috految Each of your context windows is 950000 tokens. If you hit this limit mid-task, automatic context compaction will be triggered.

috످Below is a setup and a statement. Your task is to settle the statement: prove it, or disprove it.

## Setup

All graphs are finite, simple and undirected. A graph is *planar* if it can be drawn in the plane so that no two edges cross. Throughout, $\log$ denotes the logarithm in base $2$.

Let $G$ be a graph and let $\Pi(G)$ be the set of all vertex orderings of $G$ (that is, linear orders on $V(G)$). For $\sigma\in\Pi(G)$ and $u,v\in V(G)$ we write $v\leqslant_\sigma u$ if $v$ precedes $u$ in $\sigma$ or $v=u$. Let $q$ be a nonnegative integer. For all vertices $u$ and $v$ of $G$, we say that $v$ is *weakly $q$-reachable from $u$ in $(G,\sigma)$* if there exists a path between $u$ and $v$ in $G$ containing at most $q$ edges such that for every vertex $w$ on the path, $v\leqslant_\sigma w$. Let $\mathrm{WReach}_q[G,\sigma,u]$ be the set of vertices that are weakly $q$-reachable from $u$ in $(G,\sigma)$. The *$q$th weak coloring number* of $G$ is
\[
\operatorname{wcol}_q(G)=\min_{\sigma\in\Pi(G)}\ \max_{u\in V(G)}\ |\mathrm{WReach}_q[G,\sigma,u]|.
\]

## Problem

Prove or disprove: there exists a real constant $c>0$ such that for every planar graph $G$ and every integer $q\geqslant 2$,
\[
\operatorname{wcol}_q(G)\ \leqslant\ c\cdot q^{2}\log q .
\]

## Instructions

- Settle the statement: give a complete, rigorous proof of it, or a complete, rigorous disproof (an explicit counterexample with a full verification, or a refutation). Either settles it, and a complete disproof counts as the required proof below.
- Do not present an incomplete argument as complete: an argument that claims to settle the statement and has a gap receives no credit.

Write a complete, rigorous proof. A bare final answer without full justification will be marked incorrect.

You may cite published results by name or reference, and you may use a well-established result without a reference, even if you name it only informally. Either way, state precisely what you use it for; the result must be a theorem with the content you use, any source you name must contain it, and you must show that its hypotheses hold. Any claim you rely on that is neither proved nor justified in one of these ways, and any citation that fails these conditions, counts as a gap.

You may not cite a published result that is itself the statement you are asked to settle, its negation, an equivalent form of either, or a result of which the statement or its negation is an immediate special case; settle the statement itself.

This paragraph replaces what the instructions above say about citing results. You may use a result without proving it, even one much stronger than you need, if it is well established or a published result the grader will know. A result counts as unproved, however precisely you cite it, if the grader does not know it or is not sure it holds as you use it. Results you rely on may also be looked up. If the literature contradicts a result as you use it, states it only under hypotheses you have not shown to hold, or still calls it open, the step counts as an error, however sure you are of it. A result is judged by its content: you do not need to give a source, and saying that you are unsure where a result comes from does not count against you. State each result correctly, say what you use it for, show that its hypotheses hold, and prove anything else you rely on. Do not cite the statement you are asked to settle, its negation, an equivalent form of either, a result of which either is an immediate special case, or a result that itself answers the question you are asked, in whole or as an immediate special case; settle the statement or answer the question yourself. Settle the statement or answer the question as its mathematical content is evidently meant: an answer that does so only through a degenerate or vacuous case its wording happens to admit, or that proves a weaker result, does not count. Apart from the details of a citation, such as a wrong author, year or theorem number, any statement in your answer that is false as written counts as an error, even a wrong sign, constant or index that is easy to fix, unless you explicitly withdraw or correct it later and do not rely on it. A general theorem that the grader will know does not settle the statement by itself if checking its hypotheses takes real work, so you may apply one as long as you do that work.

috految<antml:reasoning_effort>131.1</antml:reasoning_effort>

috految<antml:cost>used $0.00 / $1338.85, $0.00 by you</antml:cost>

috److془We need to carefully settle this open problem: Joret and Micek's conjecture, $\mathrm{wcol}_q(G) = O(q^2 \log q)$ for planar graphs.

Let's think. Known: $O(q^3)$ upper bound (van den Heuvel et al.), lower bound $\Omega(q^2 \log q)$ (Joret-Micek). Hodor, La, Micek, Rambaud: for planar graphs of bounded treewidth, $O(q^2 \log q)$, specifically $\mathrm{wcol}_q(G) \le c (tw+1) q^2 \log q$.

We need to find the actual answer. Let's think.

I recall a recent arXiv paper: "The weak coloring numbers of planar graphs" hmm? "Weak coloring numbers of planar graphs: $O(r^2 \log r)$..." "A note on weak coloring numbers..." Hmm, I recall "Kevin Hendrey, Marc Distel,... 'Centered colorings and weak coloring numbers in minor-closed graph classes'". "Jędrzej Hodor, Hoang La, Piotr Micek, Clément Rambaud: Let C be a proper minor-closed class of graphs. Given the minors excluded in C, we determine the maximum q-centered chromatic number and the maximum qth weak coloring number of graphs in C within an O(q)-factor. Moreover, when C excludes a planar graph, we determine it within a constant factor. Our results imply that the q-centered chromatic number of K_t-minor-free graphs is in O(q^{t-1}), improving on the previously known O(q^{h(t)}) bound with a large and non-explicit function h. We include similar bounds for another family of parameters, the fractional treedepth fragility rates. All our bounds are proved via the same general framework."

We need to solve it ourselves. Let's think.

Setup: Planar graph $G$. Weak colouring: the game where we delete vertices one at a time; cost for $u$ is number of deleted vertices that at deletion time is within distance $q$ from $u$.

Upper bound approach: Let $S$ be the set of vertices on the outer face. Want to delete $S' \supseteq S$, with cost $O(q \log q)$ for each vertex, and such that each component of $G - S'$ sees $O(q)$ (or $O(q\log q)$) vertices in $S'$, etc. Then recursion with $q$ levels gives $q^2 \log q$ bound. But the issue is that deleting the outer face might cost $q^2$. Hmm, e.g., Let $S$ be the outer face. Take a tree with $q$ levels, each part formed of a geodesic path with length $q$. The vertices: Hmm. So we have e.g. the outer face having $\Omega(q)$ levels of structure with each level $k$ vertices. At each level the cut is of size $k$, and the distance between levels is $1$. Let's see: the cuts $C_1, C_2, \dots$, where $C_i$ has lots of children cuts $C_{i+1}$. If the cuts are short distance apart, then the cuts can be made smaller? E.g., three cuts $A$, $B$, $C$ bounding a region. Distances from $A$ to $B_1, B_2, ..., B_m$ are small. Then we can cut $B_2$ by the paths from $A$ to $B_1$ and $A$ to $B_3$, and then $B_1$ to outer face and $B_3$ to outer face. So it's like the tree could be in the middle at distance $k$ from the outer face. But then the outer face could be deleted by first deleting the vertices at distance lower. Hmm, but the tree at distance $k$ from the outer face, with the cut being two vertical paths from the tree to outer face. Then we could use the $\log$ trick. Hmm, but then there could be many hubs.

Let's think: in a bounded treewidth planar graphs with $k$ layers, cost is $O(k \cdot q \log q)$ for the outer face. And the cost for all $k$ layers? Since number of levels is $k$, $O(k^2 q \log q)$. Want to show $O(kq \log q)$. Hmm, wait. Actually with radius $k$ or $k$-outerplanar graph, take the BFS forest from the outer face. Hmm, so the conjecture would be: $k$-outerplanar graphs have $\mathrm{wcol}_q = O(k q \log q)$. Or $O(kq \log q + k^2 \log k)$ etc.

Note that for $k$ constant, $q \to \infty$, we get the bound $f(k) q \log q$. Is $f(k)$ linear in $k$? Possibly $k \log k$ or so would give a counterexample. Also need to consider with $\log q$ terms, $f(k) q \log (q/k)$.

Let's think: Weighted versions: if the tree of hubs has many branches (infinite branching), then we need to be careful. Let's think of the game in the "infinite" version. Cop deletes vertex one at a time. If the graph is given with pieces attached, with high multiplicity.

Lower bound recursion: Let $G$ be planar with distinguished set of faces. Hmm: $G_{q}$ = take a graph $H$, for each vertex $v$ attach many copies of $G_{q-1}$ whose $S$-vertices (which lie on a common face) are adjacent to $v$. Here we consider $u$ to be in $S$. The leaf $u$ in the attached copy sees $\mathrm{wcol}_{q-1}(H, S)$ + etc. So $\mathrm{wcol}_q \ge \sum_{i} \mathrm{wcol}_{i}(H,S)$ where $\mathrm{wcol}_i(H,S) = \min_\sigma \max_{u \in S} |WReach_i(u)|$. So the conjecture implies: for planar $H$ with $S$ on the outer face, $\mathrm{wcol}_q(H,S) = O(q \log q)$. And more generally, with $S_k$ the set of vertices at distance $\le k$ from the outer face, $\mathrm{wcol}_q(H, S_k) = O(k q \log q)$. Note that we can take $u \in $ nice place depending on $\sigma$. So we can ask for $\sigma$ such that for every $u$, $|WReach_q(u)| \le C (d(u)+1) q \log q$.

Now for $S$ on the outer face. Two-level recursion: Let $H$ have root $r$ on outer face, with $S$ on outer face. Then we'd get $\sigma$ with $|WReach_q(u)| \le C d(u,r) \log q$ for $u \in S$. Hmm, but here, we need $r$ to be deleted first. Let's think: $H$ with $r$ and $S$. Vertices $u\in S$ at distance $\leq k$ from $r$. Cut along geodesics from $r$ to $u$. Pathlike structure with adhesion $k$. So cost is $O(k \log q)$ given that those geodesics are disjoint. In general, we get a tree with depth $k$ whose leaves are $S$. Want cost $O(k \log q)$. Generally: graphs with pathwidth $k$, has $\mathrm{wcol}_q \le O(kq)$ and $O(k^2 \log q)$ hmm or something like that. Hmm, but is it $O(k \log q)$? Interval graph with clique number $k$: consider the vertices as intervals. Hmm, we get $k\log(q)$ per level for $k$ levels. The trade-off: take geodesic from left to right; delete it first, at cost of $q$. Or delete $k$-separators. Hmm, so for $k \sim q$ it's $q^2$ either way? By the tree structure: Consider the hyperbolic plane: the tree is $M$-ary with horizontal paths. Then deleting first level is at cost $\log q$, since after deleting the first level vertex, the distance via second level is $M$ times larger. Hmm so if $M = q$ each level costs $\log q$. If $M=2$ then we delete vertical paths with $\log q$ length, each level costs $\log q$. Hmm, in general, for interval graphs we have $\log q$ per level perhaps. Hmm, but the known: "Dvořák, Pekárek, Ueckerdt, Yuditsky: Weak coloring numbers of intersection graphs". Treedepth of graphs of pathwidth $k$ with no $2^b$ path is $O(kb)$: Hatzel, Joret, Micek, Pilipczuk, Ueckerdt, Walczak: "Tight bound on treedepth in terms of pathwidth and longest path". The proof uses linked path decompositions. Hmm so $O(k \log q)$ is plausible. But there $M$ may vary: e.g., in the hyperbolic plane example, we have intervals; cut the bag at position $x$ of intervals up to scale $1/q$ of the current scale. In the layered version, there could be lots of vertices with scale near $1$ and then we should choose the position $x$ with few such. Hmm, but the problem is that for $u$, it may be that there are few vertices with scale near $1$ over it but for nearby positions there are many. We could choose $x$ to be near $u$ then. Also there's the problem that the paths can go down and go back up. While cut with $2$ vertical segments of depth $\log q$, and the path can go around the bottom and back with length $\log q$. Hmm! So I was wrong. In the hyperbolic plane, we need the cut to be of length about $q$. With $M=q$, we need to cut horizontal path with one vertex. Let's recompute. With $M=2$, the horizontal path at level $i$ is around. Deleting $n$ vertices increases the distances by $O(n)$ only - since bounded degree triangulation. Hmm! So in the hyperbolic plane $\mathbb{H}^2$, with $k$ levels; cost for $u$ at the bottom. Geodesic length $q$, each cut cost $q$, and to go down $\log q$ levels we need cost $q$. Hmm, so cost $q^2/\log q$?? Hmm wait. That would give lower bound $q^3/\log q$?? Hmm, wait. We need to double check. Hyperbolic plane with $k$ levels, $2^k$ vertices. Separation profile is $\log n = k$. Treedepth is $\Theta(k^2)$. Weak coloring number with $q = Ck$: Let's see: we need to consider that the deletion of $n$ vertices increases the distance by $O(n)$. But the deletion of vertices can be shared among multiple scales. Hmm: Delete scale by scale: For the vertex $u$, the number of vertices deleted in the ball of radius $q$ in the remaining graph. Suppose we have the subtree $T_v$ in which no vertex has been deleted. Wait until $q/100$ vertices are deleted in $T_v$. Then choose a subtree at depth $\log q$ with no deleted vertices, and which is still in the giant component. The vertices deleted in $T_v$: they need be reachable from $u$ at time of deletion. Count only those reachable (in the giant component). So we get $\Omega(q)$ vertices per $\log q$ levels. And so the total is $\Omega(k q/\log q)$ with $k\sim q$. Hmm! So the hyperbolic plane with $u$ on the boundary has $\mathrm{wcol}_q(H,S) = \Omega(q^2/\log q)$?? Then planar graphs: $\Omega(q^3/\log q)$?? Hmm, that seems too easy. Let's double-check.

Wait: the lower bound recursion: $G_{i+1}$ = take $H$, and for each $v \in S(H)$ attach many copies of $G_i$, with $v$ adjacent to all the vertices in $S$ at the top copy of $H$ in $G_i$. Planar: $H$ + apex adjacent to $S$ is planar, and 1-sums. Now, ordering $\sigma$. Suppose that $\mathrm{wcol}_q \le K$. Then choose $v_1 \in S(H_1)$ with $|WReach_{q}^{H_1}(v_1)| \ge L$. Among the copies of $H$ attached to $v_1$, at most $K$ contain a vertex in $S$ less than $v_1$. Choose $H_2$ with all $S(H_2) > v_1$. Choose $v_2 \in S(H_2)$ with $|WReach_q^{H_2}(v_2)| \geq L$. Continue; $v_1< v_2< \dots< v_m$ path. Then $WReach_{q+m}(v_m) \supseteq \bigcup WReach_q^{H_i}(v_i)$. So $\mathrm{wcol}_{2q} \geq qL$. 

So with $L = q^2/\log q$ we get $q^3/\log q$. Hmm, is that consistent with known results? Treewidth there is $\Theta(q)$, the bound $(tw+1) q^2 \log q$ ok. Hmm, the bound for bounded degree: "Dębski, Felsner, Micek, Schröder: bounded degree has centered chromatic number $O(p)$". For weak coloring numbers: Grohe et al show that for bounded degree graphs it's exponential. For planar graphs bounded degree: $O(q^2)$? Hmm, "Dvořák, Pekárek, Ueckerdt, Yuditsky"? Nederlof, Pilipczuk, Węgrzycki "Bounding generalized coloring numbers of planar graphs using coin models": $\mathrm{adm}_d = O(d/\ln d)$, $\mathrm{scol}_d = O(d^2)$, $\mathrm{wcol}_d = O(d^4 \ln d)$. Good. The lower bound for admissibility $\Omega(d/\ln d)$ by Dvořák and Siebertz.

Hmm wait: is the claim that deletion of $n$ vertices increases the distances by at most $O(n)$ right? In a bounded-degree triangulation of the disc, deleting $n$ vertices, the boundary of the holes has total length $O(n)$. Path between $a$ and $b$ in the same component: follow the original geodesic, and detour around the holes. Fine. In a disc (simply connected), minimal separators are connected etc. So distance increases by $O(\Delta n)$. Good. The giant component: complete binary tree with horizontal paths; the subtree with depth $\geq 2q$ has $q$ horizontal paths, and $q$ disjoint vertical paths. So the bramble of order $q$. 

Hmm wait, this seems too easy for a conjecture open since 2021. Let's double-check. Let $H_h$ be the complete binary tree of height $h$ with horizontal paths at each level. $S$ = leaves. The leaves lie on the outer face (bottom). Adding an apex vertex adjacent to all leaves retains planarity. Yes (place below).

Claim: for any ordering $\sigma$ on $H_h$, there's a leaf $u$ with $|WReach_{q}(u)| \geq c h^2/\log h$, with $q = Ch$.

Proof: Let $t = 2^d$. Let $T$ be the subtree with height $h\geq t + d$. Let $X_0 = \emptyset$. $C_i$ = giant component of $T - X_i$. $x_{i+1} = \min C_i$. For $i = 0..t-2$. $C_{t-1}$ contains a full subtree $T'$ of height $h-d$. For each $u \in T'$, $u \in C_i$ for all $i$, and $x_{i+1} = \min C_i$ and $\mathrm{diam}(C_i) \le 2h + O(t)$. So $x_1, ..., x_{t-1} \in WReach_{2h + O(t)}(u)$. And they're not in $T'$. Recursively get $\geq (t-1) \lfloor (h-t)/d \rfloor$. With $h = 2t$, get $t^2/\log t$. 

So $\mathrm{wcol}_{O(t)} \geq t^3/\log t$. Wow. So the conjecture is false. Hmm, check with the upper bound $O(q^3)$: consistent. Check with the bound $\mathrm{wcol}_q \le 1 + pw(2q+1)$: $H$ has pathwidth $O(h)$, consistent. Hmm, check with the treedepth: $O(h^2)$: consistent. 

Hmm, actually can we get $\Omega(q^3)$? Perhaps: the number of vertices deleted in the current subtree (halved each time). Let's: $X \subset T$, $|X| \le t$; giant component $C$ of $T - X$. Delete $t$ more vertices; go to a child subtree with at most $t$ of deleted vertices. Giant component of child subtree minus deleted is contained in giant component of the parent minus deleted. So we get $t \cdot$ (number of levels) = $t^2$. So $\Omega(q^3)$. Tight with van den Heuvel et al. 

Hmm wait: with the source: "Conjecture: planar graphs have $wcol_q = O(q^2 \log q)$". We get $\Theta(q^3)$. Let me double check upper bound for $\mathrm{wcol}_q$ of planar: $\binom{q+2}{2}(2q+1)$. Good. Consistency check: the apex-lifted graph: $K_5$-minor-free etc. Could the same trick produce contradiction? $H$ with $S$ on the outer face: geodesic decomposition bound gives $O(q^2)$. Good. 

Let's double-check the diameter lemma with rigorous proof.

Define $H_h$: vertices $(i,j)$, $0\le i\le h$, $0\le j<2^i$. Tree edges $(i,j)$—$(i+1,2j)$, $(i+1,2j+1)$. Horizontal edges $(i,j)$—$(i,j+1)$. Max degree 5. Faces: triangles $(i,j),(i+1,2j),(i+1,2j+1)$, quadrilaterals $(i,j),(i,j+1),(i+1,2j+2),(i+1,2j+1)$. Cycle space is generated by the faces. Each vertex lies in at most 5 bounded faces.

Lemma: If $X\subseteq V(H_h)$, $a,b$ connected in $H_h - X$, then $d_{H-X}(a,b) \le 2h + 20|X|$.

Proof: Let $P$ be a tree path from $a$ to $b$, with length $\le 2h$. $Q$ a $a$-$b$ path in $H - X$. $E(P) + E(Q) = \sum_{F \in \mathcal F} E(F)$ mod 2. Split $\mathcal F = \mathcal F_1 \cup \mathcal F_0$, with $\mathcal F_1$ those meeting $X$. $Z = E(P) + \sum_{\mathcal F_1} E(F) = E(Q) + \sum_{\mathcal F_0} E(F)$. Second shows that $Z \subseteq E(H-X)$; first shows $|Z| \le 2h + 4 \cdot 5|X|$. Odd degree vertices are exactly $a,b$. So $Z$ contains an $a$-$b$ path. 

Now the Lemma 2: Let $t\geq 1$, $H = H_{h}$ with $h = 5t$. For each ordering, there's a leaf $u$ with $|WReach_{50t}[H,\sigma,u]| \geq t^2$.

Proof: For $v$ at level $i\le t$, let $H(v)$ be the subgraph induced by $v$ and its descendants, isomorphic to $H_{h-i}$. Rows: the paths induced by vertices of $H(v)$ on levels $3t..5t$ ($2t+1$ rows). Columns: for each vertex $w$ of $H(v)$ on level $3t$ there're $2^{3t-i} \geq 2^{2t} \geq 2t+1$ of those, path from $w$ going down via left children to level $5t$. Columns are disjoint, rows are disjoint, every row meets every column. So for $X \subseteq V(H)$ with $|X \cap V(H(v))| \le 2t$, there's a row and column avoiding $X$, and all $X$-avoiding rows and columns lie in a single component $C(v,X)$ of $H(v) - X$. It contains a leaf. If $v'$ is $v$ or child of $v$ (level $\le t$), $X \subseteq X'$, both pairs admissible, then $C(v',X') \subseteq C(v,X)$: it's a connected subgraph of $H(v) - X$ containing a column of $v'$, which is a column of $v$ avoiding $X$.

Process: $v$ = root, $X=\emptyset$. For $t$ rounds: at the start of each round, $|X \cap V(H(v))| \le t$. Add $t$ times $\min C(v,X)$ to $X$. Then $|X \cap V(H(v))| \le 2t$. Replace $v$ by a child with $|X \cap H(v')| \le t$. At the end, $v$ at level $t$. Choose leaf $u \in C(v,X)$. $|X| = t^2$. Each $x \in X$ was the minimum of a component $C$ containing $u$, with diameter $\le 10t + 40t = 50t$. So $x \in WReach_{50t}[H,\sigma,u]$. 

Sanity check: $\mathrm{wcol}_q$ of hyperbolic lattice $= \Omega(q^2)$. Top-down ordering: $u$ sees $q$ ancestors each with $q$ horizontal vertices. $\Theta(q^2)$. Good.

Final: $G$: generation 1: one copy of $H$. For $i = 1..t-1$, for each leaf $w$ of each generation $i$ copy, add $t^3$ new disjoint copies of $H$ of generation $i+1$, and join $w$ to all the leaves of each copy. Planar: each addition glues $H^+$ to a planar graph on a single vertex. 

$q = 51t$. Suppose $\sigma$ order with all $|WReach_q| < t^3$. Choose $u_1$ leaf of $A_1$ given by lemma. Given $u_i$, $i<t$, neighbors of $u_i$ preceding $u_i$ are weakly $q$-reachable from $u_i$, so less than $t^3$. So there's attached copy $A_{i+1}$ all of whose leaves come after $u_i$. Choose $u_{i+1}$. $u_1<u_2<\dots<u_t$, path. For $x \in W_i = WReach_{50t}[A_i,\sigma,u_i]$, path $P$ in $A_i$ from $u_i$ to $x$ with $x$ being the min, in particular $x \le u_i$. Concatenate $u_t...u_i$ with $P$: path with at most $t + 50t$ edges with min $x$. So $|WReach_q(u_t)| \geq t^3$. Contradiction.

So $\mathrm{wcol}_{51t}(G_t) \ge t^3$. Disproves.

Check definition: "v is weakly q-reachable from u in (G,σ) if there exists a path between u and v in G containing at most q edges such that for every vertex w on the path, v ≤_σ w". Yes.

Planarity of $H^+$: place $(i,j)$ at $(j,-i)$, straight edges; between consecutive lines, the parent map $j \mapsto \lfloor j/2\rfloor$ is nondecreasing so no crossing. Apex at $(0,-h-1)$. Fine. Bounded faces: In strip between lines $i$ and $i+1$: the tree edges $e_0, ..., e_{2^{i+1}-1}$. They cut the trapezoid (triangle if $i=0$) into triangles and quadrilaterals. Count of faces: $\sum (2^{i+1}-1)$ = number of horizontal edges = $|E| - |V|+1$. Good.

Each vertex has degree at most 5 (parent, two children, two horizontal neighbors) so lies on at most 5 faces. 

$H(v)$ for $v = (i,j)$: vertices $(i+k, 2^k j + l)$, $0\le k\le h-i$, $0 \le l<2^k$; isomorphic to $H_{h-i}$. Good.

Write up.془The statement is false. We prove the following.

**Theorem.** For every integer $t\ge 1$ there is a planar graph $G_t$ with $\operatorname{wcol}_{51t}(G_t)\ge t^3$.

We first construct a planar graph in which, for every ordering, some vertex on a fixed face weakly reaches at least $t^2$ vertices within distance $50t$. Gluing copies of this graph then gains another factor of $t$.

## 1. The basic graph

For $h\geq 1$, let $H_h$ be the complete binary tree of height $h$ with a path added on each level. Precisely, its vertices are the pairs $(i,j)$ of integers with $0\le i\le h$ and $0\le j<2^i$, where $i$ is called the *level*. Its edges are:

* *tree edges* joining $(i,j)$, for $i<h$, to its left child $(i+1,2j)$ and its right child $(i+1,2j+1)$;
* *horizontal edges* joining $(i,j)$ to $(i,j+1)$, for $0\le j<2^i-1$.

The vertices on level $h$ are called *terminals*. The maximum degree of $H_h$ is at most $5$.

Place $(i,j)$ at the point $(j,-i)$ and draw the edges as straight segments. Since the parent map $j\mapsto\lfloor j/2\rfloor$ is nondecreasing, this is a plane drawing. Its bounded faces lie between consecutive levels, and their boundaries are the triangles
$$(i,j),\ (i+1,2j),\ (i+1,2j+1)\qquad(0\le i<h,\ 0\le j<2^i)$$
and the 4-cycles
$$(i,j),\ (i,j+1),\ (i+1,2j+2),\ (i+1,2j+1)\qquad(0\le i<h,\ 0\le j<2^i-1).$$
Each vertex lies on at most $5$ of these faces, as its degree is at most $5$.

Let $H_h^+$ be obtained from $H_h$ by adding one new vertex adjacent to all terminals. Placing the new vertex at $(0,-h-1)$ shows that $H_h^+$ is planar.

**Lemma 1.** Let $X\subseteq V(H_h)$. Any two vertices $a,b$ in the same component of $H_h-X$ are joined by a path in $H_h-X$ with at most $2h+20|X|$ edges.

*Proof.* We may assume $a\ne b$. Let $P$ be the $a$–$b$ path in the binary tree, which has at most $2h$ edges. Let $Q$ be any $a$–$b$ path in $H_h-X$. We add edge sets modulo $2$.

The set $E(P)+E(Q)$ lies in the cycle space of the plane graph $H_h$, which is generated by the boundaries of the bounded faces. So
$$E(P)+E(Q)=\sum_{F\in\mathcal F}E(F)$$
for some set $\mathcal F$ of boundary cycles of bounded faces. Let $\mathcal F_1$ consist of the cycles of $\mathcal F$ containing a vertex of $X$, and let $\mathcal F_0=\mathcal F\setminus\mathcal F_1$. Then $|\mathcal F_1|\le5|X|$. Put
$$Z=E(P)+\sum_{F\in\mathcal F_1}E(F)=E(Q)+\sum_{F\in\mathcal F_0}E(F).$$
The first expression gives $|Z|\le 2h+4\cdot5|X|$. The second shows that $Z\subseteq E(H_h-X)$. The vertices of odd degree in $Z$ are exactly $a$ and $b$, so $Z$ contains the edge set of an $a$–$b$ path. This path is as required. $\square$

## 2. A quadratic lower bound at a terminal

Fix $t\ge1$ and let $H=H_{5t}$.

**Lemma 2.** For every ordering $\sigma$ of $V(H)$ there is a terminal $u$ of $H$ such that
$$|\mathrm{WReach}_{50t}[H,\sigma,u]|\ge t^2 .$$

*Proof.* For a vertex $v$ on level $i\le t$, let $H(v)$ be the subgraph of $H$ induced by $v$ and all its descendants in the binary tree. It is isomorphic to $H_{5t-i}$. Define the following paths in $H(v)$, where levels always refer to $H$.

* For each $\ell\in\{3t,\dots,5t\}$, the vertices of $H(v)$ on level $\ell$ form a horizontal path, called a *row of $v$*. There are $2t+1$ rows, and they are pairwise disjoint.
* For each vertex $w$ of $H(v)$ on level $3t$, the path that starts at $w$ and repeatedly moves to the left child until reaching level $5t$ is called a *column of $v$*. There are $2^{3t-i}\ge 2^{2t}\ge 2t+1$ columns, and they are pairwise disjoint.

Every row of $v$ meets every column of $v$.

Call a pair $(v,X)$, with $X\subseteq V(H)$, *admissible* if $v$ has level at most $t$ and $|X\cap V(H(v))|\le 2t$. For an admissible pair, at least one row and at least one column of $v$ avoid $X$. Hence all rows and columns of $v$ avoiding $X$ lie in a single component of $H(v)-X$. Denote this component by $C(v,X)$. It has the following properties.

**(a)** $C(v,X)$ contains a terminal, because it contains a column.

**(b)** Any two vertices of $C(v,X)$ are joined by a path in $C(v,X)$ with at most $2\cdot 5t+20\cdot 2t=50t$ edges. This is Lemma 1 applied to $H(v)$ and $X\cap V(H(v))$.

**(c)** If $(v,X)$ and $(v',X')$ are admissible, $X\subseteq X'$, and $v'$ is either $v$ or a child of $v$, then $C(v',X')\subseteq C(v,X)$. Indeed, $C(v',X')$ is a connected subgraph of $H(v)-X$. It contains a column of $v'$ avoiding $X'$, which is also a column of $v$ avoiding $X$.

Start with $v=(0,0)$ and $X=\emptyset$, and perform $t$ rounds as follows. We maintain that, at the start of each round, $|X\cap V(H(v))|\le t$.

1. Repeat $t$ times: let $x$ be the $\sigma$-smallest vertex of the current component $C(v,X)$, and add $x$ to $X$. Throughout this step, and at its end, $|X\cap V(H(v))|\le 2t$. So the pair remains admissible.
2. The graphs $H(v')$ for the two children $v'$ of $v$ are disjoint subgraphs of $H(v)$. Thus one child $v'$ satisfies $|X\cap V(H(v'))|\le t$. Replace $v$ by this child.

After $k$ rounds the vertex $v$ is on level $k$, so all pairs occurring in the process, including the final pair, are admissible. Each vertex added to $X$ is new, because $C(v,X)$ is disjoint from $X$. Thus the final set $X$ has exactly $t^2$ elements.

By (a), choose a terminal $u$ in the component $C(v,X)$ of the final pair. By (c), $u$ belongs to all the components $C(v,X)$ occurring during the process. Now let $x$ be any element of the final set $X$. When $x$ was added, it was the $\sigma$-smallest vertex of one of these components, say $C$. Since $u\in V(C)$, property (b) gives a $u$–$x$ path in $C$ with at most $50t$ edges. Every vertex $w$ of this path satisfies $x\le_\sigma w$. Hence $x\in \mathrm{WReach}_{50t}[H,\sigma,u]$, which proves the lemma. $\square$

## 3. Proof of the theorem

We construct $G_t$ from vertex-disjoint copies of $H=H_{5t}$. Start with one copy, of *generation* $1$. For $i=1,\dots,t-1$, and for every terminal $w$ of every copy of generation $i$, add $t^3$ new disjoint copies of $H$, of generation $i+1$, and join $w$ to all terminals of these new copies. We say that these $t^3$ copies are *attached to $w$*. The resulting finite simple graph is $G_t$.

Adding one copy attached to $w$ amounts to gluing the planar graph $H_{5t}^+$ to the current graph at a single vertex, by identifying the extra vertex of $H_{5t}^+$ with $w$. Gluing two planar graphs at a single vertex preserves planarity. Therefore $G_t$ is planar.

Put $q=51t$. Suppose, for a contradiction, that an ordering $\sigma$ of $V(G_t)$ satisfies
$$|\mathrm{WReach}_q[G_t,\sigma,u]|<t^3\qquad\text{for all }u\in V(G_t).\tag{$*$}$$

We choose copies $A_1,\dots,A_t$ of $H$, with $A_i$ of generation $i$, and terminals $u_i$ of $A_i$, as follows. Let $A_1$ be the copy of generation $1$. Given $A_i$, apply Lemma 2 to the restriction of $\sigma$ to $V(A_i)$, and choose a terminal $u_i$ of $A_i$ for which
$$W_i:=\mathrm{WReach}_{50t}[A_i,\sigma|_{V(A_i)},u_i]$$
has size at least $t^2$.

Suppose $i<t$. Every neighbour of $u_i$ that precedes $u_i$ is weakly $q$-reachable from $u_i$, so by $(*)$ there are fewer than $t^3$ such neighbours. There are $t^3$ disjoint copies attached to $u_i$, and all their terminals are neighbours of $u_i$. Hence in one of these copies all terminals come after $u_i$ in $\sigma$. Let $A_{i+1}$ be such a copy.

By construction, $u_1u_2\cdots u_t$ is a path in $G_t$, and
$$u_1<_\sigma u_2<_\sigma\dots<_\sigma u_t .$$

Let $x\in W_i$. There is a $u_i$–$x$ path $P$ in $A_i$ with at most $50t$ edges whose $\sigma$-smallest vertex is $x$. In particular $x\le_\sigma u_i\le_\sigma u_j$ for all $j\ge i$. The vertices $u_j$ with $j>i$ lie outside $A_i$. So following $u_tu_{t-1}\cdots u_i$ and then $P$ gives a $u_t$–$x$ path with at most $(t-1)+50t\le q$ edges whose $\sigma$-smallest vertex is $x$. Thus $x\in\mathrm{WReach}_q[G_t,\sigma,u_t]$.

The sets $W_1,\dots,W_t$ lie in disjoint copies of $H$, so
$$|\mathrm{WReach}_q[G_t,\sigma,u_t]|\ \ge\ \sum_{i=1}^t|W_i|\ \ge\ t^3,$$
contradicting $(*)$. Hence $\operatorname{wcol}_{51t}(G_t)\ge t^3$, proving the theorem. $\square$

## Conclusion

For the planar graphs $G_t$ and $q=51t$,
$$\frac{\operatorname{wcol}_q(G_t)}{q^2\log q}\ \ge\ \frac{t}{51^2\log(51t)}\longrightarrow\infty\qquad(t\to\infty).$$
So there is no constant $c$ such that $\operatorname{wcol}_q(G)\le c\,q^2\log q$ for all planar graphs $G$ and all $q\ge2$. **The statement is false.** $\blacksquare$

috످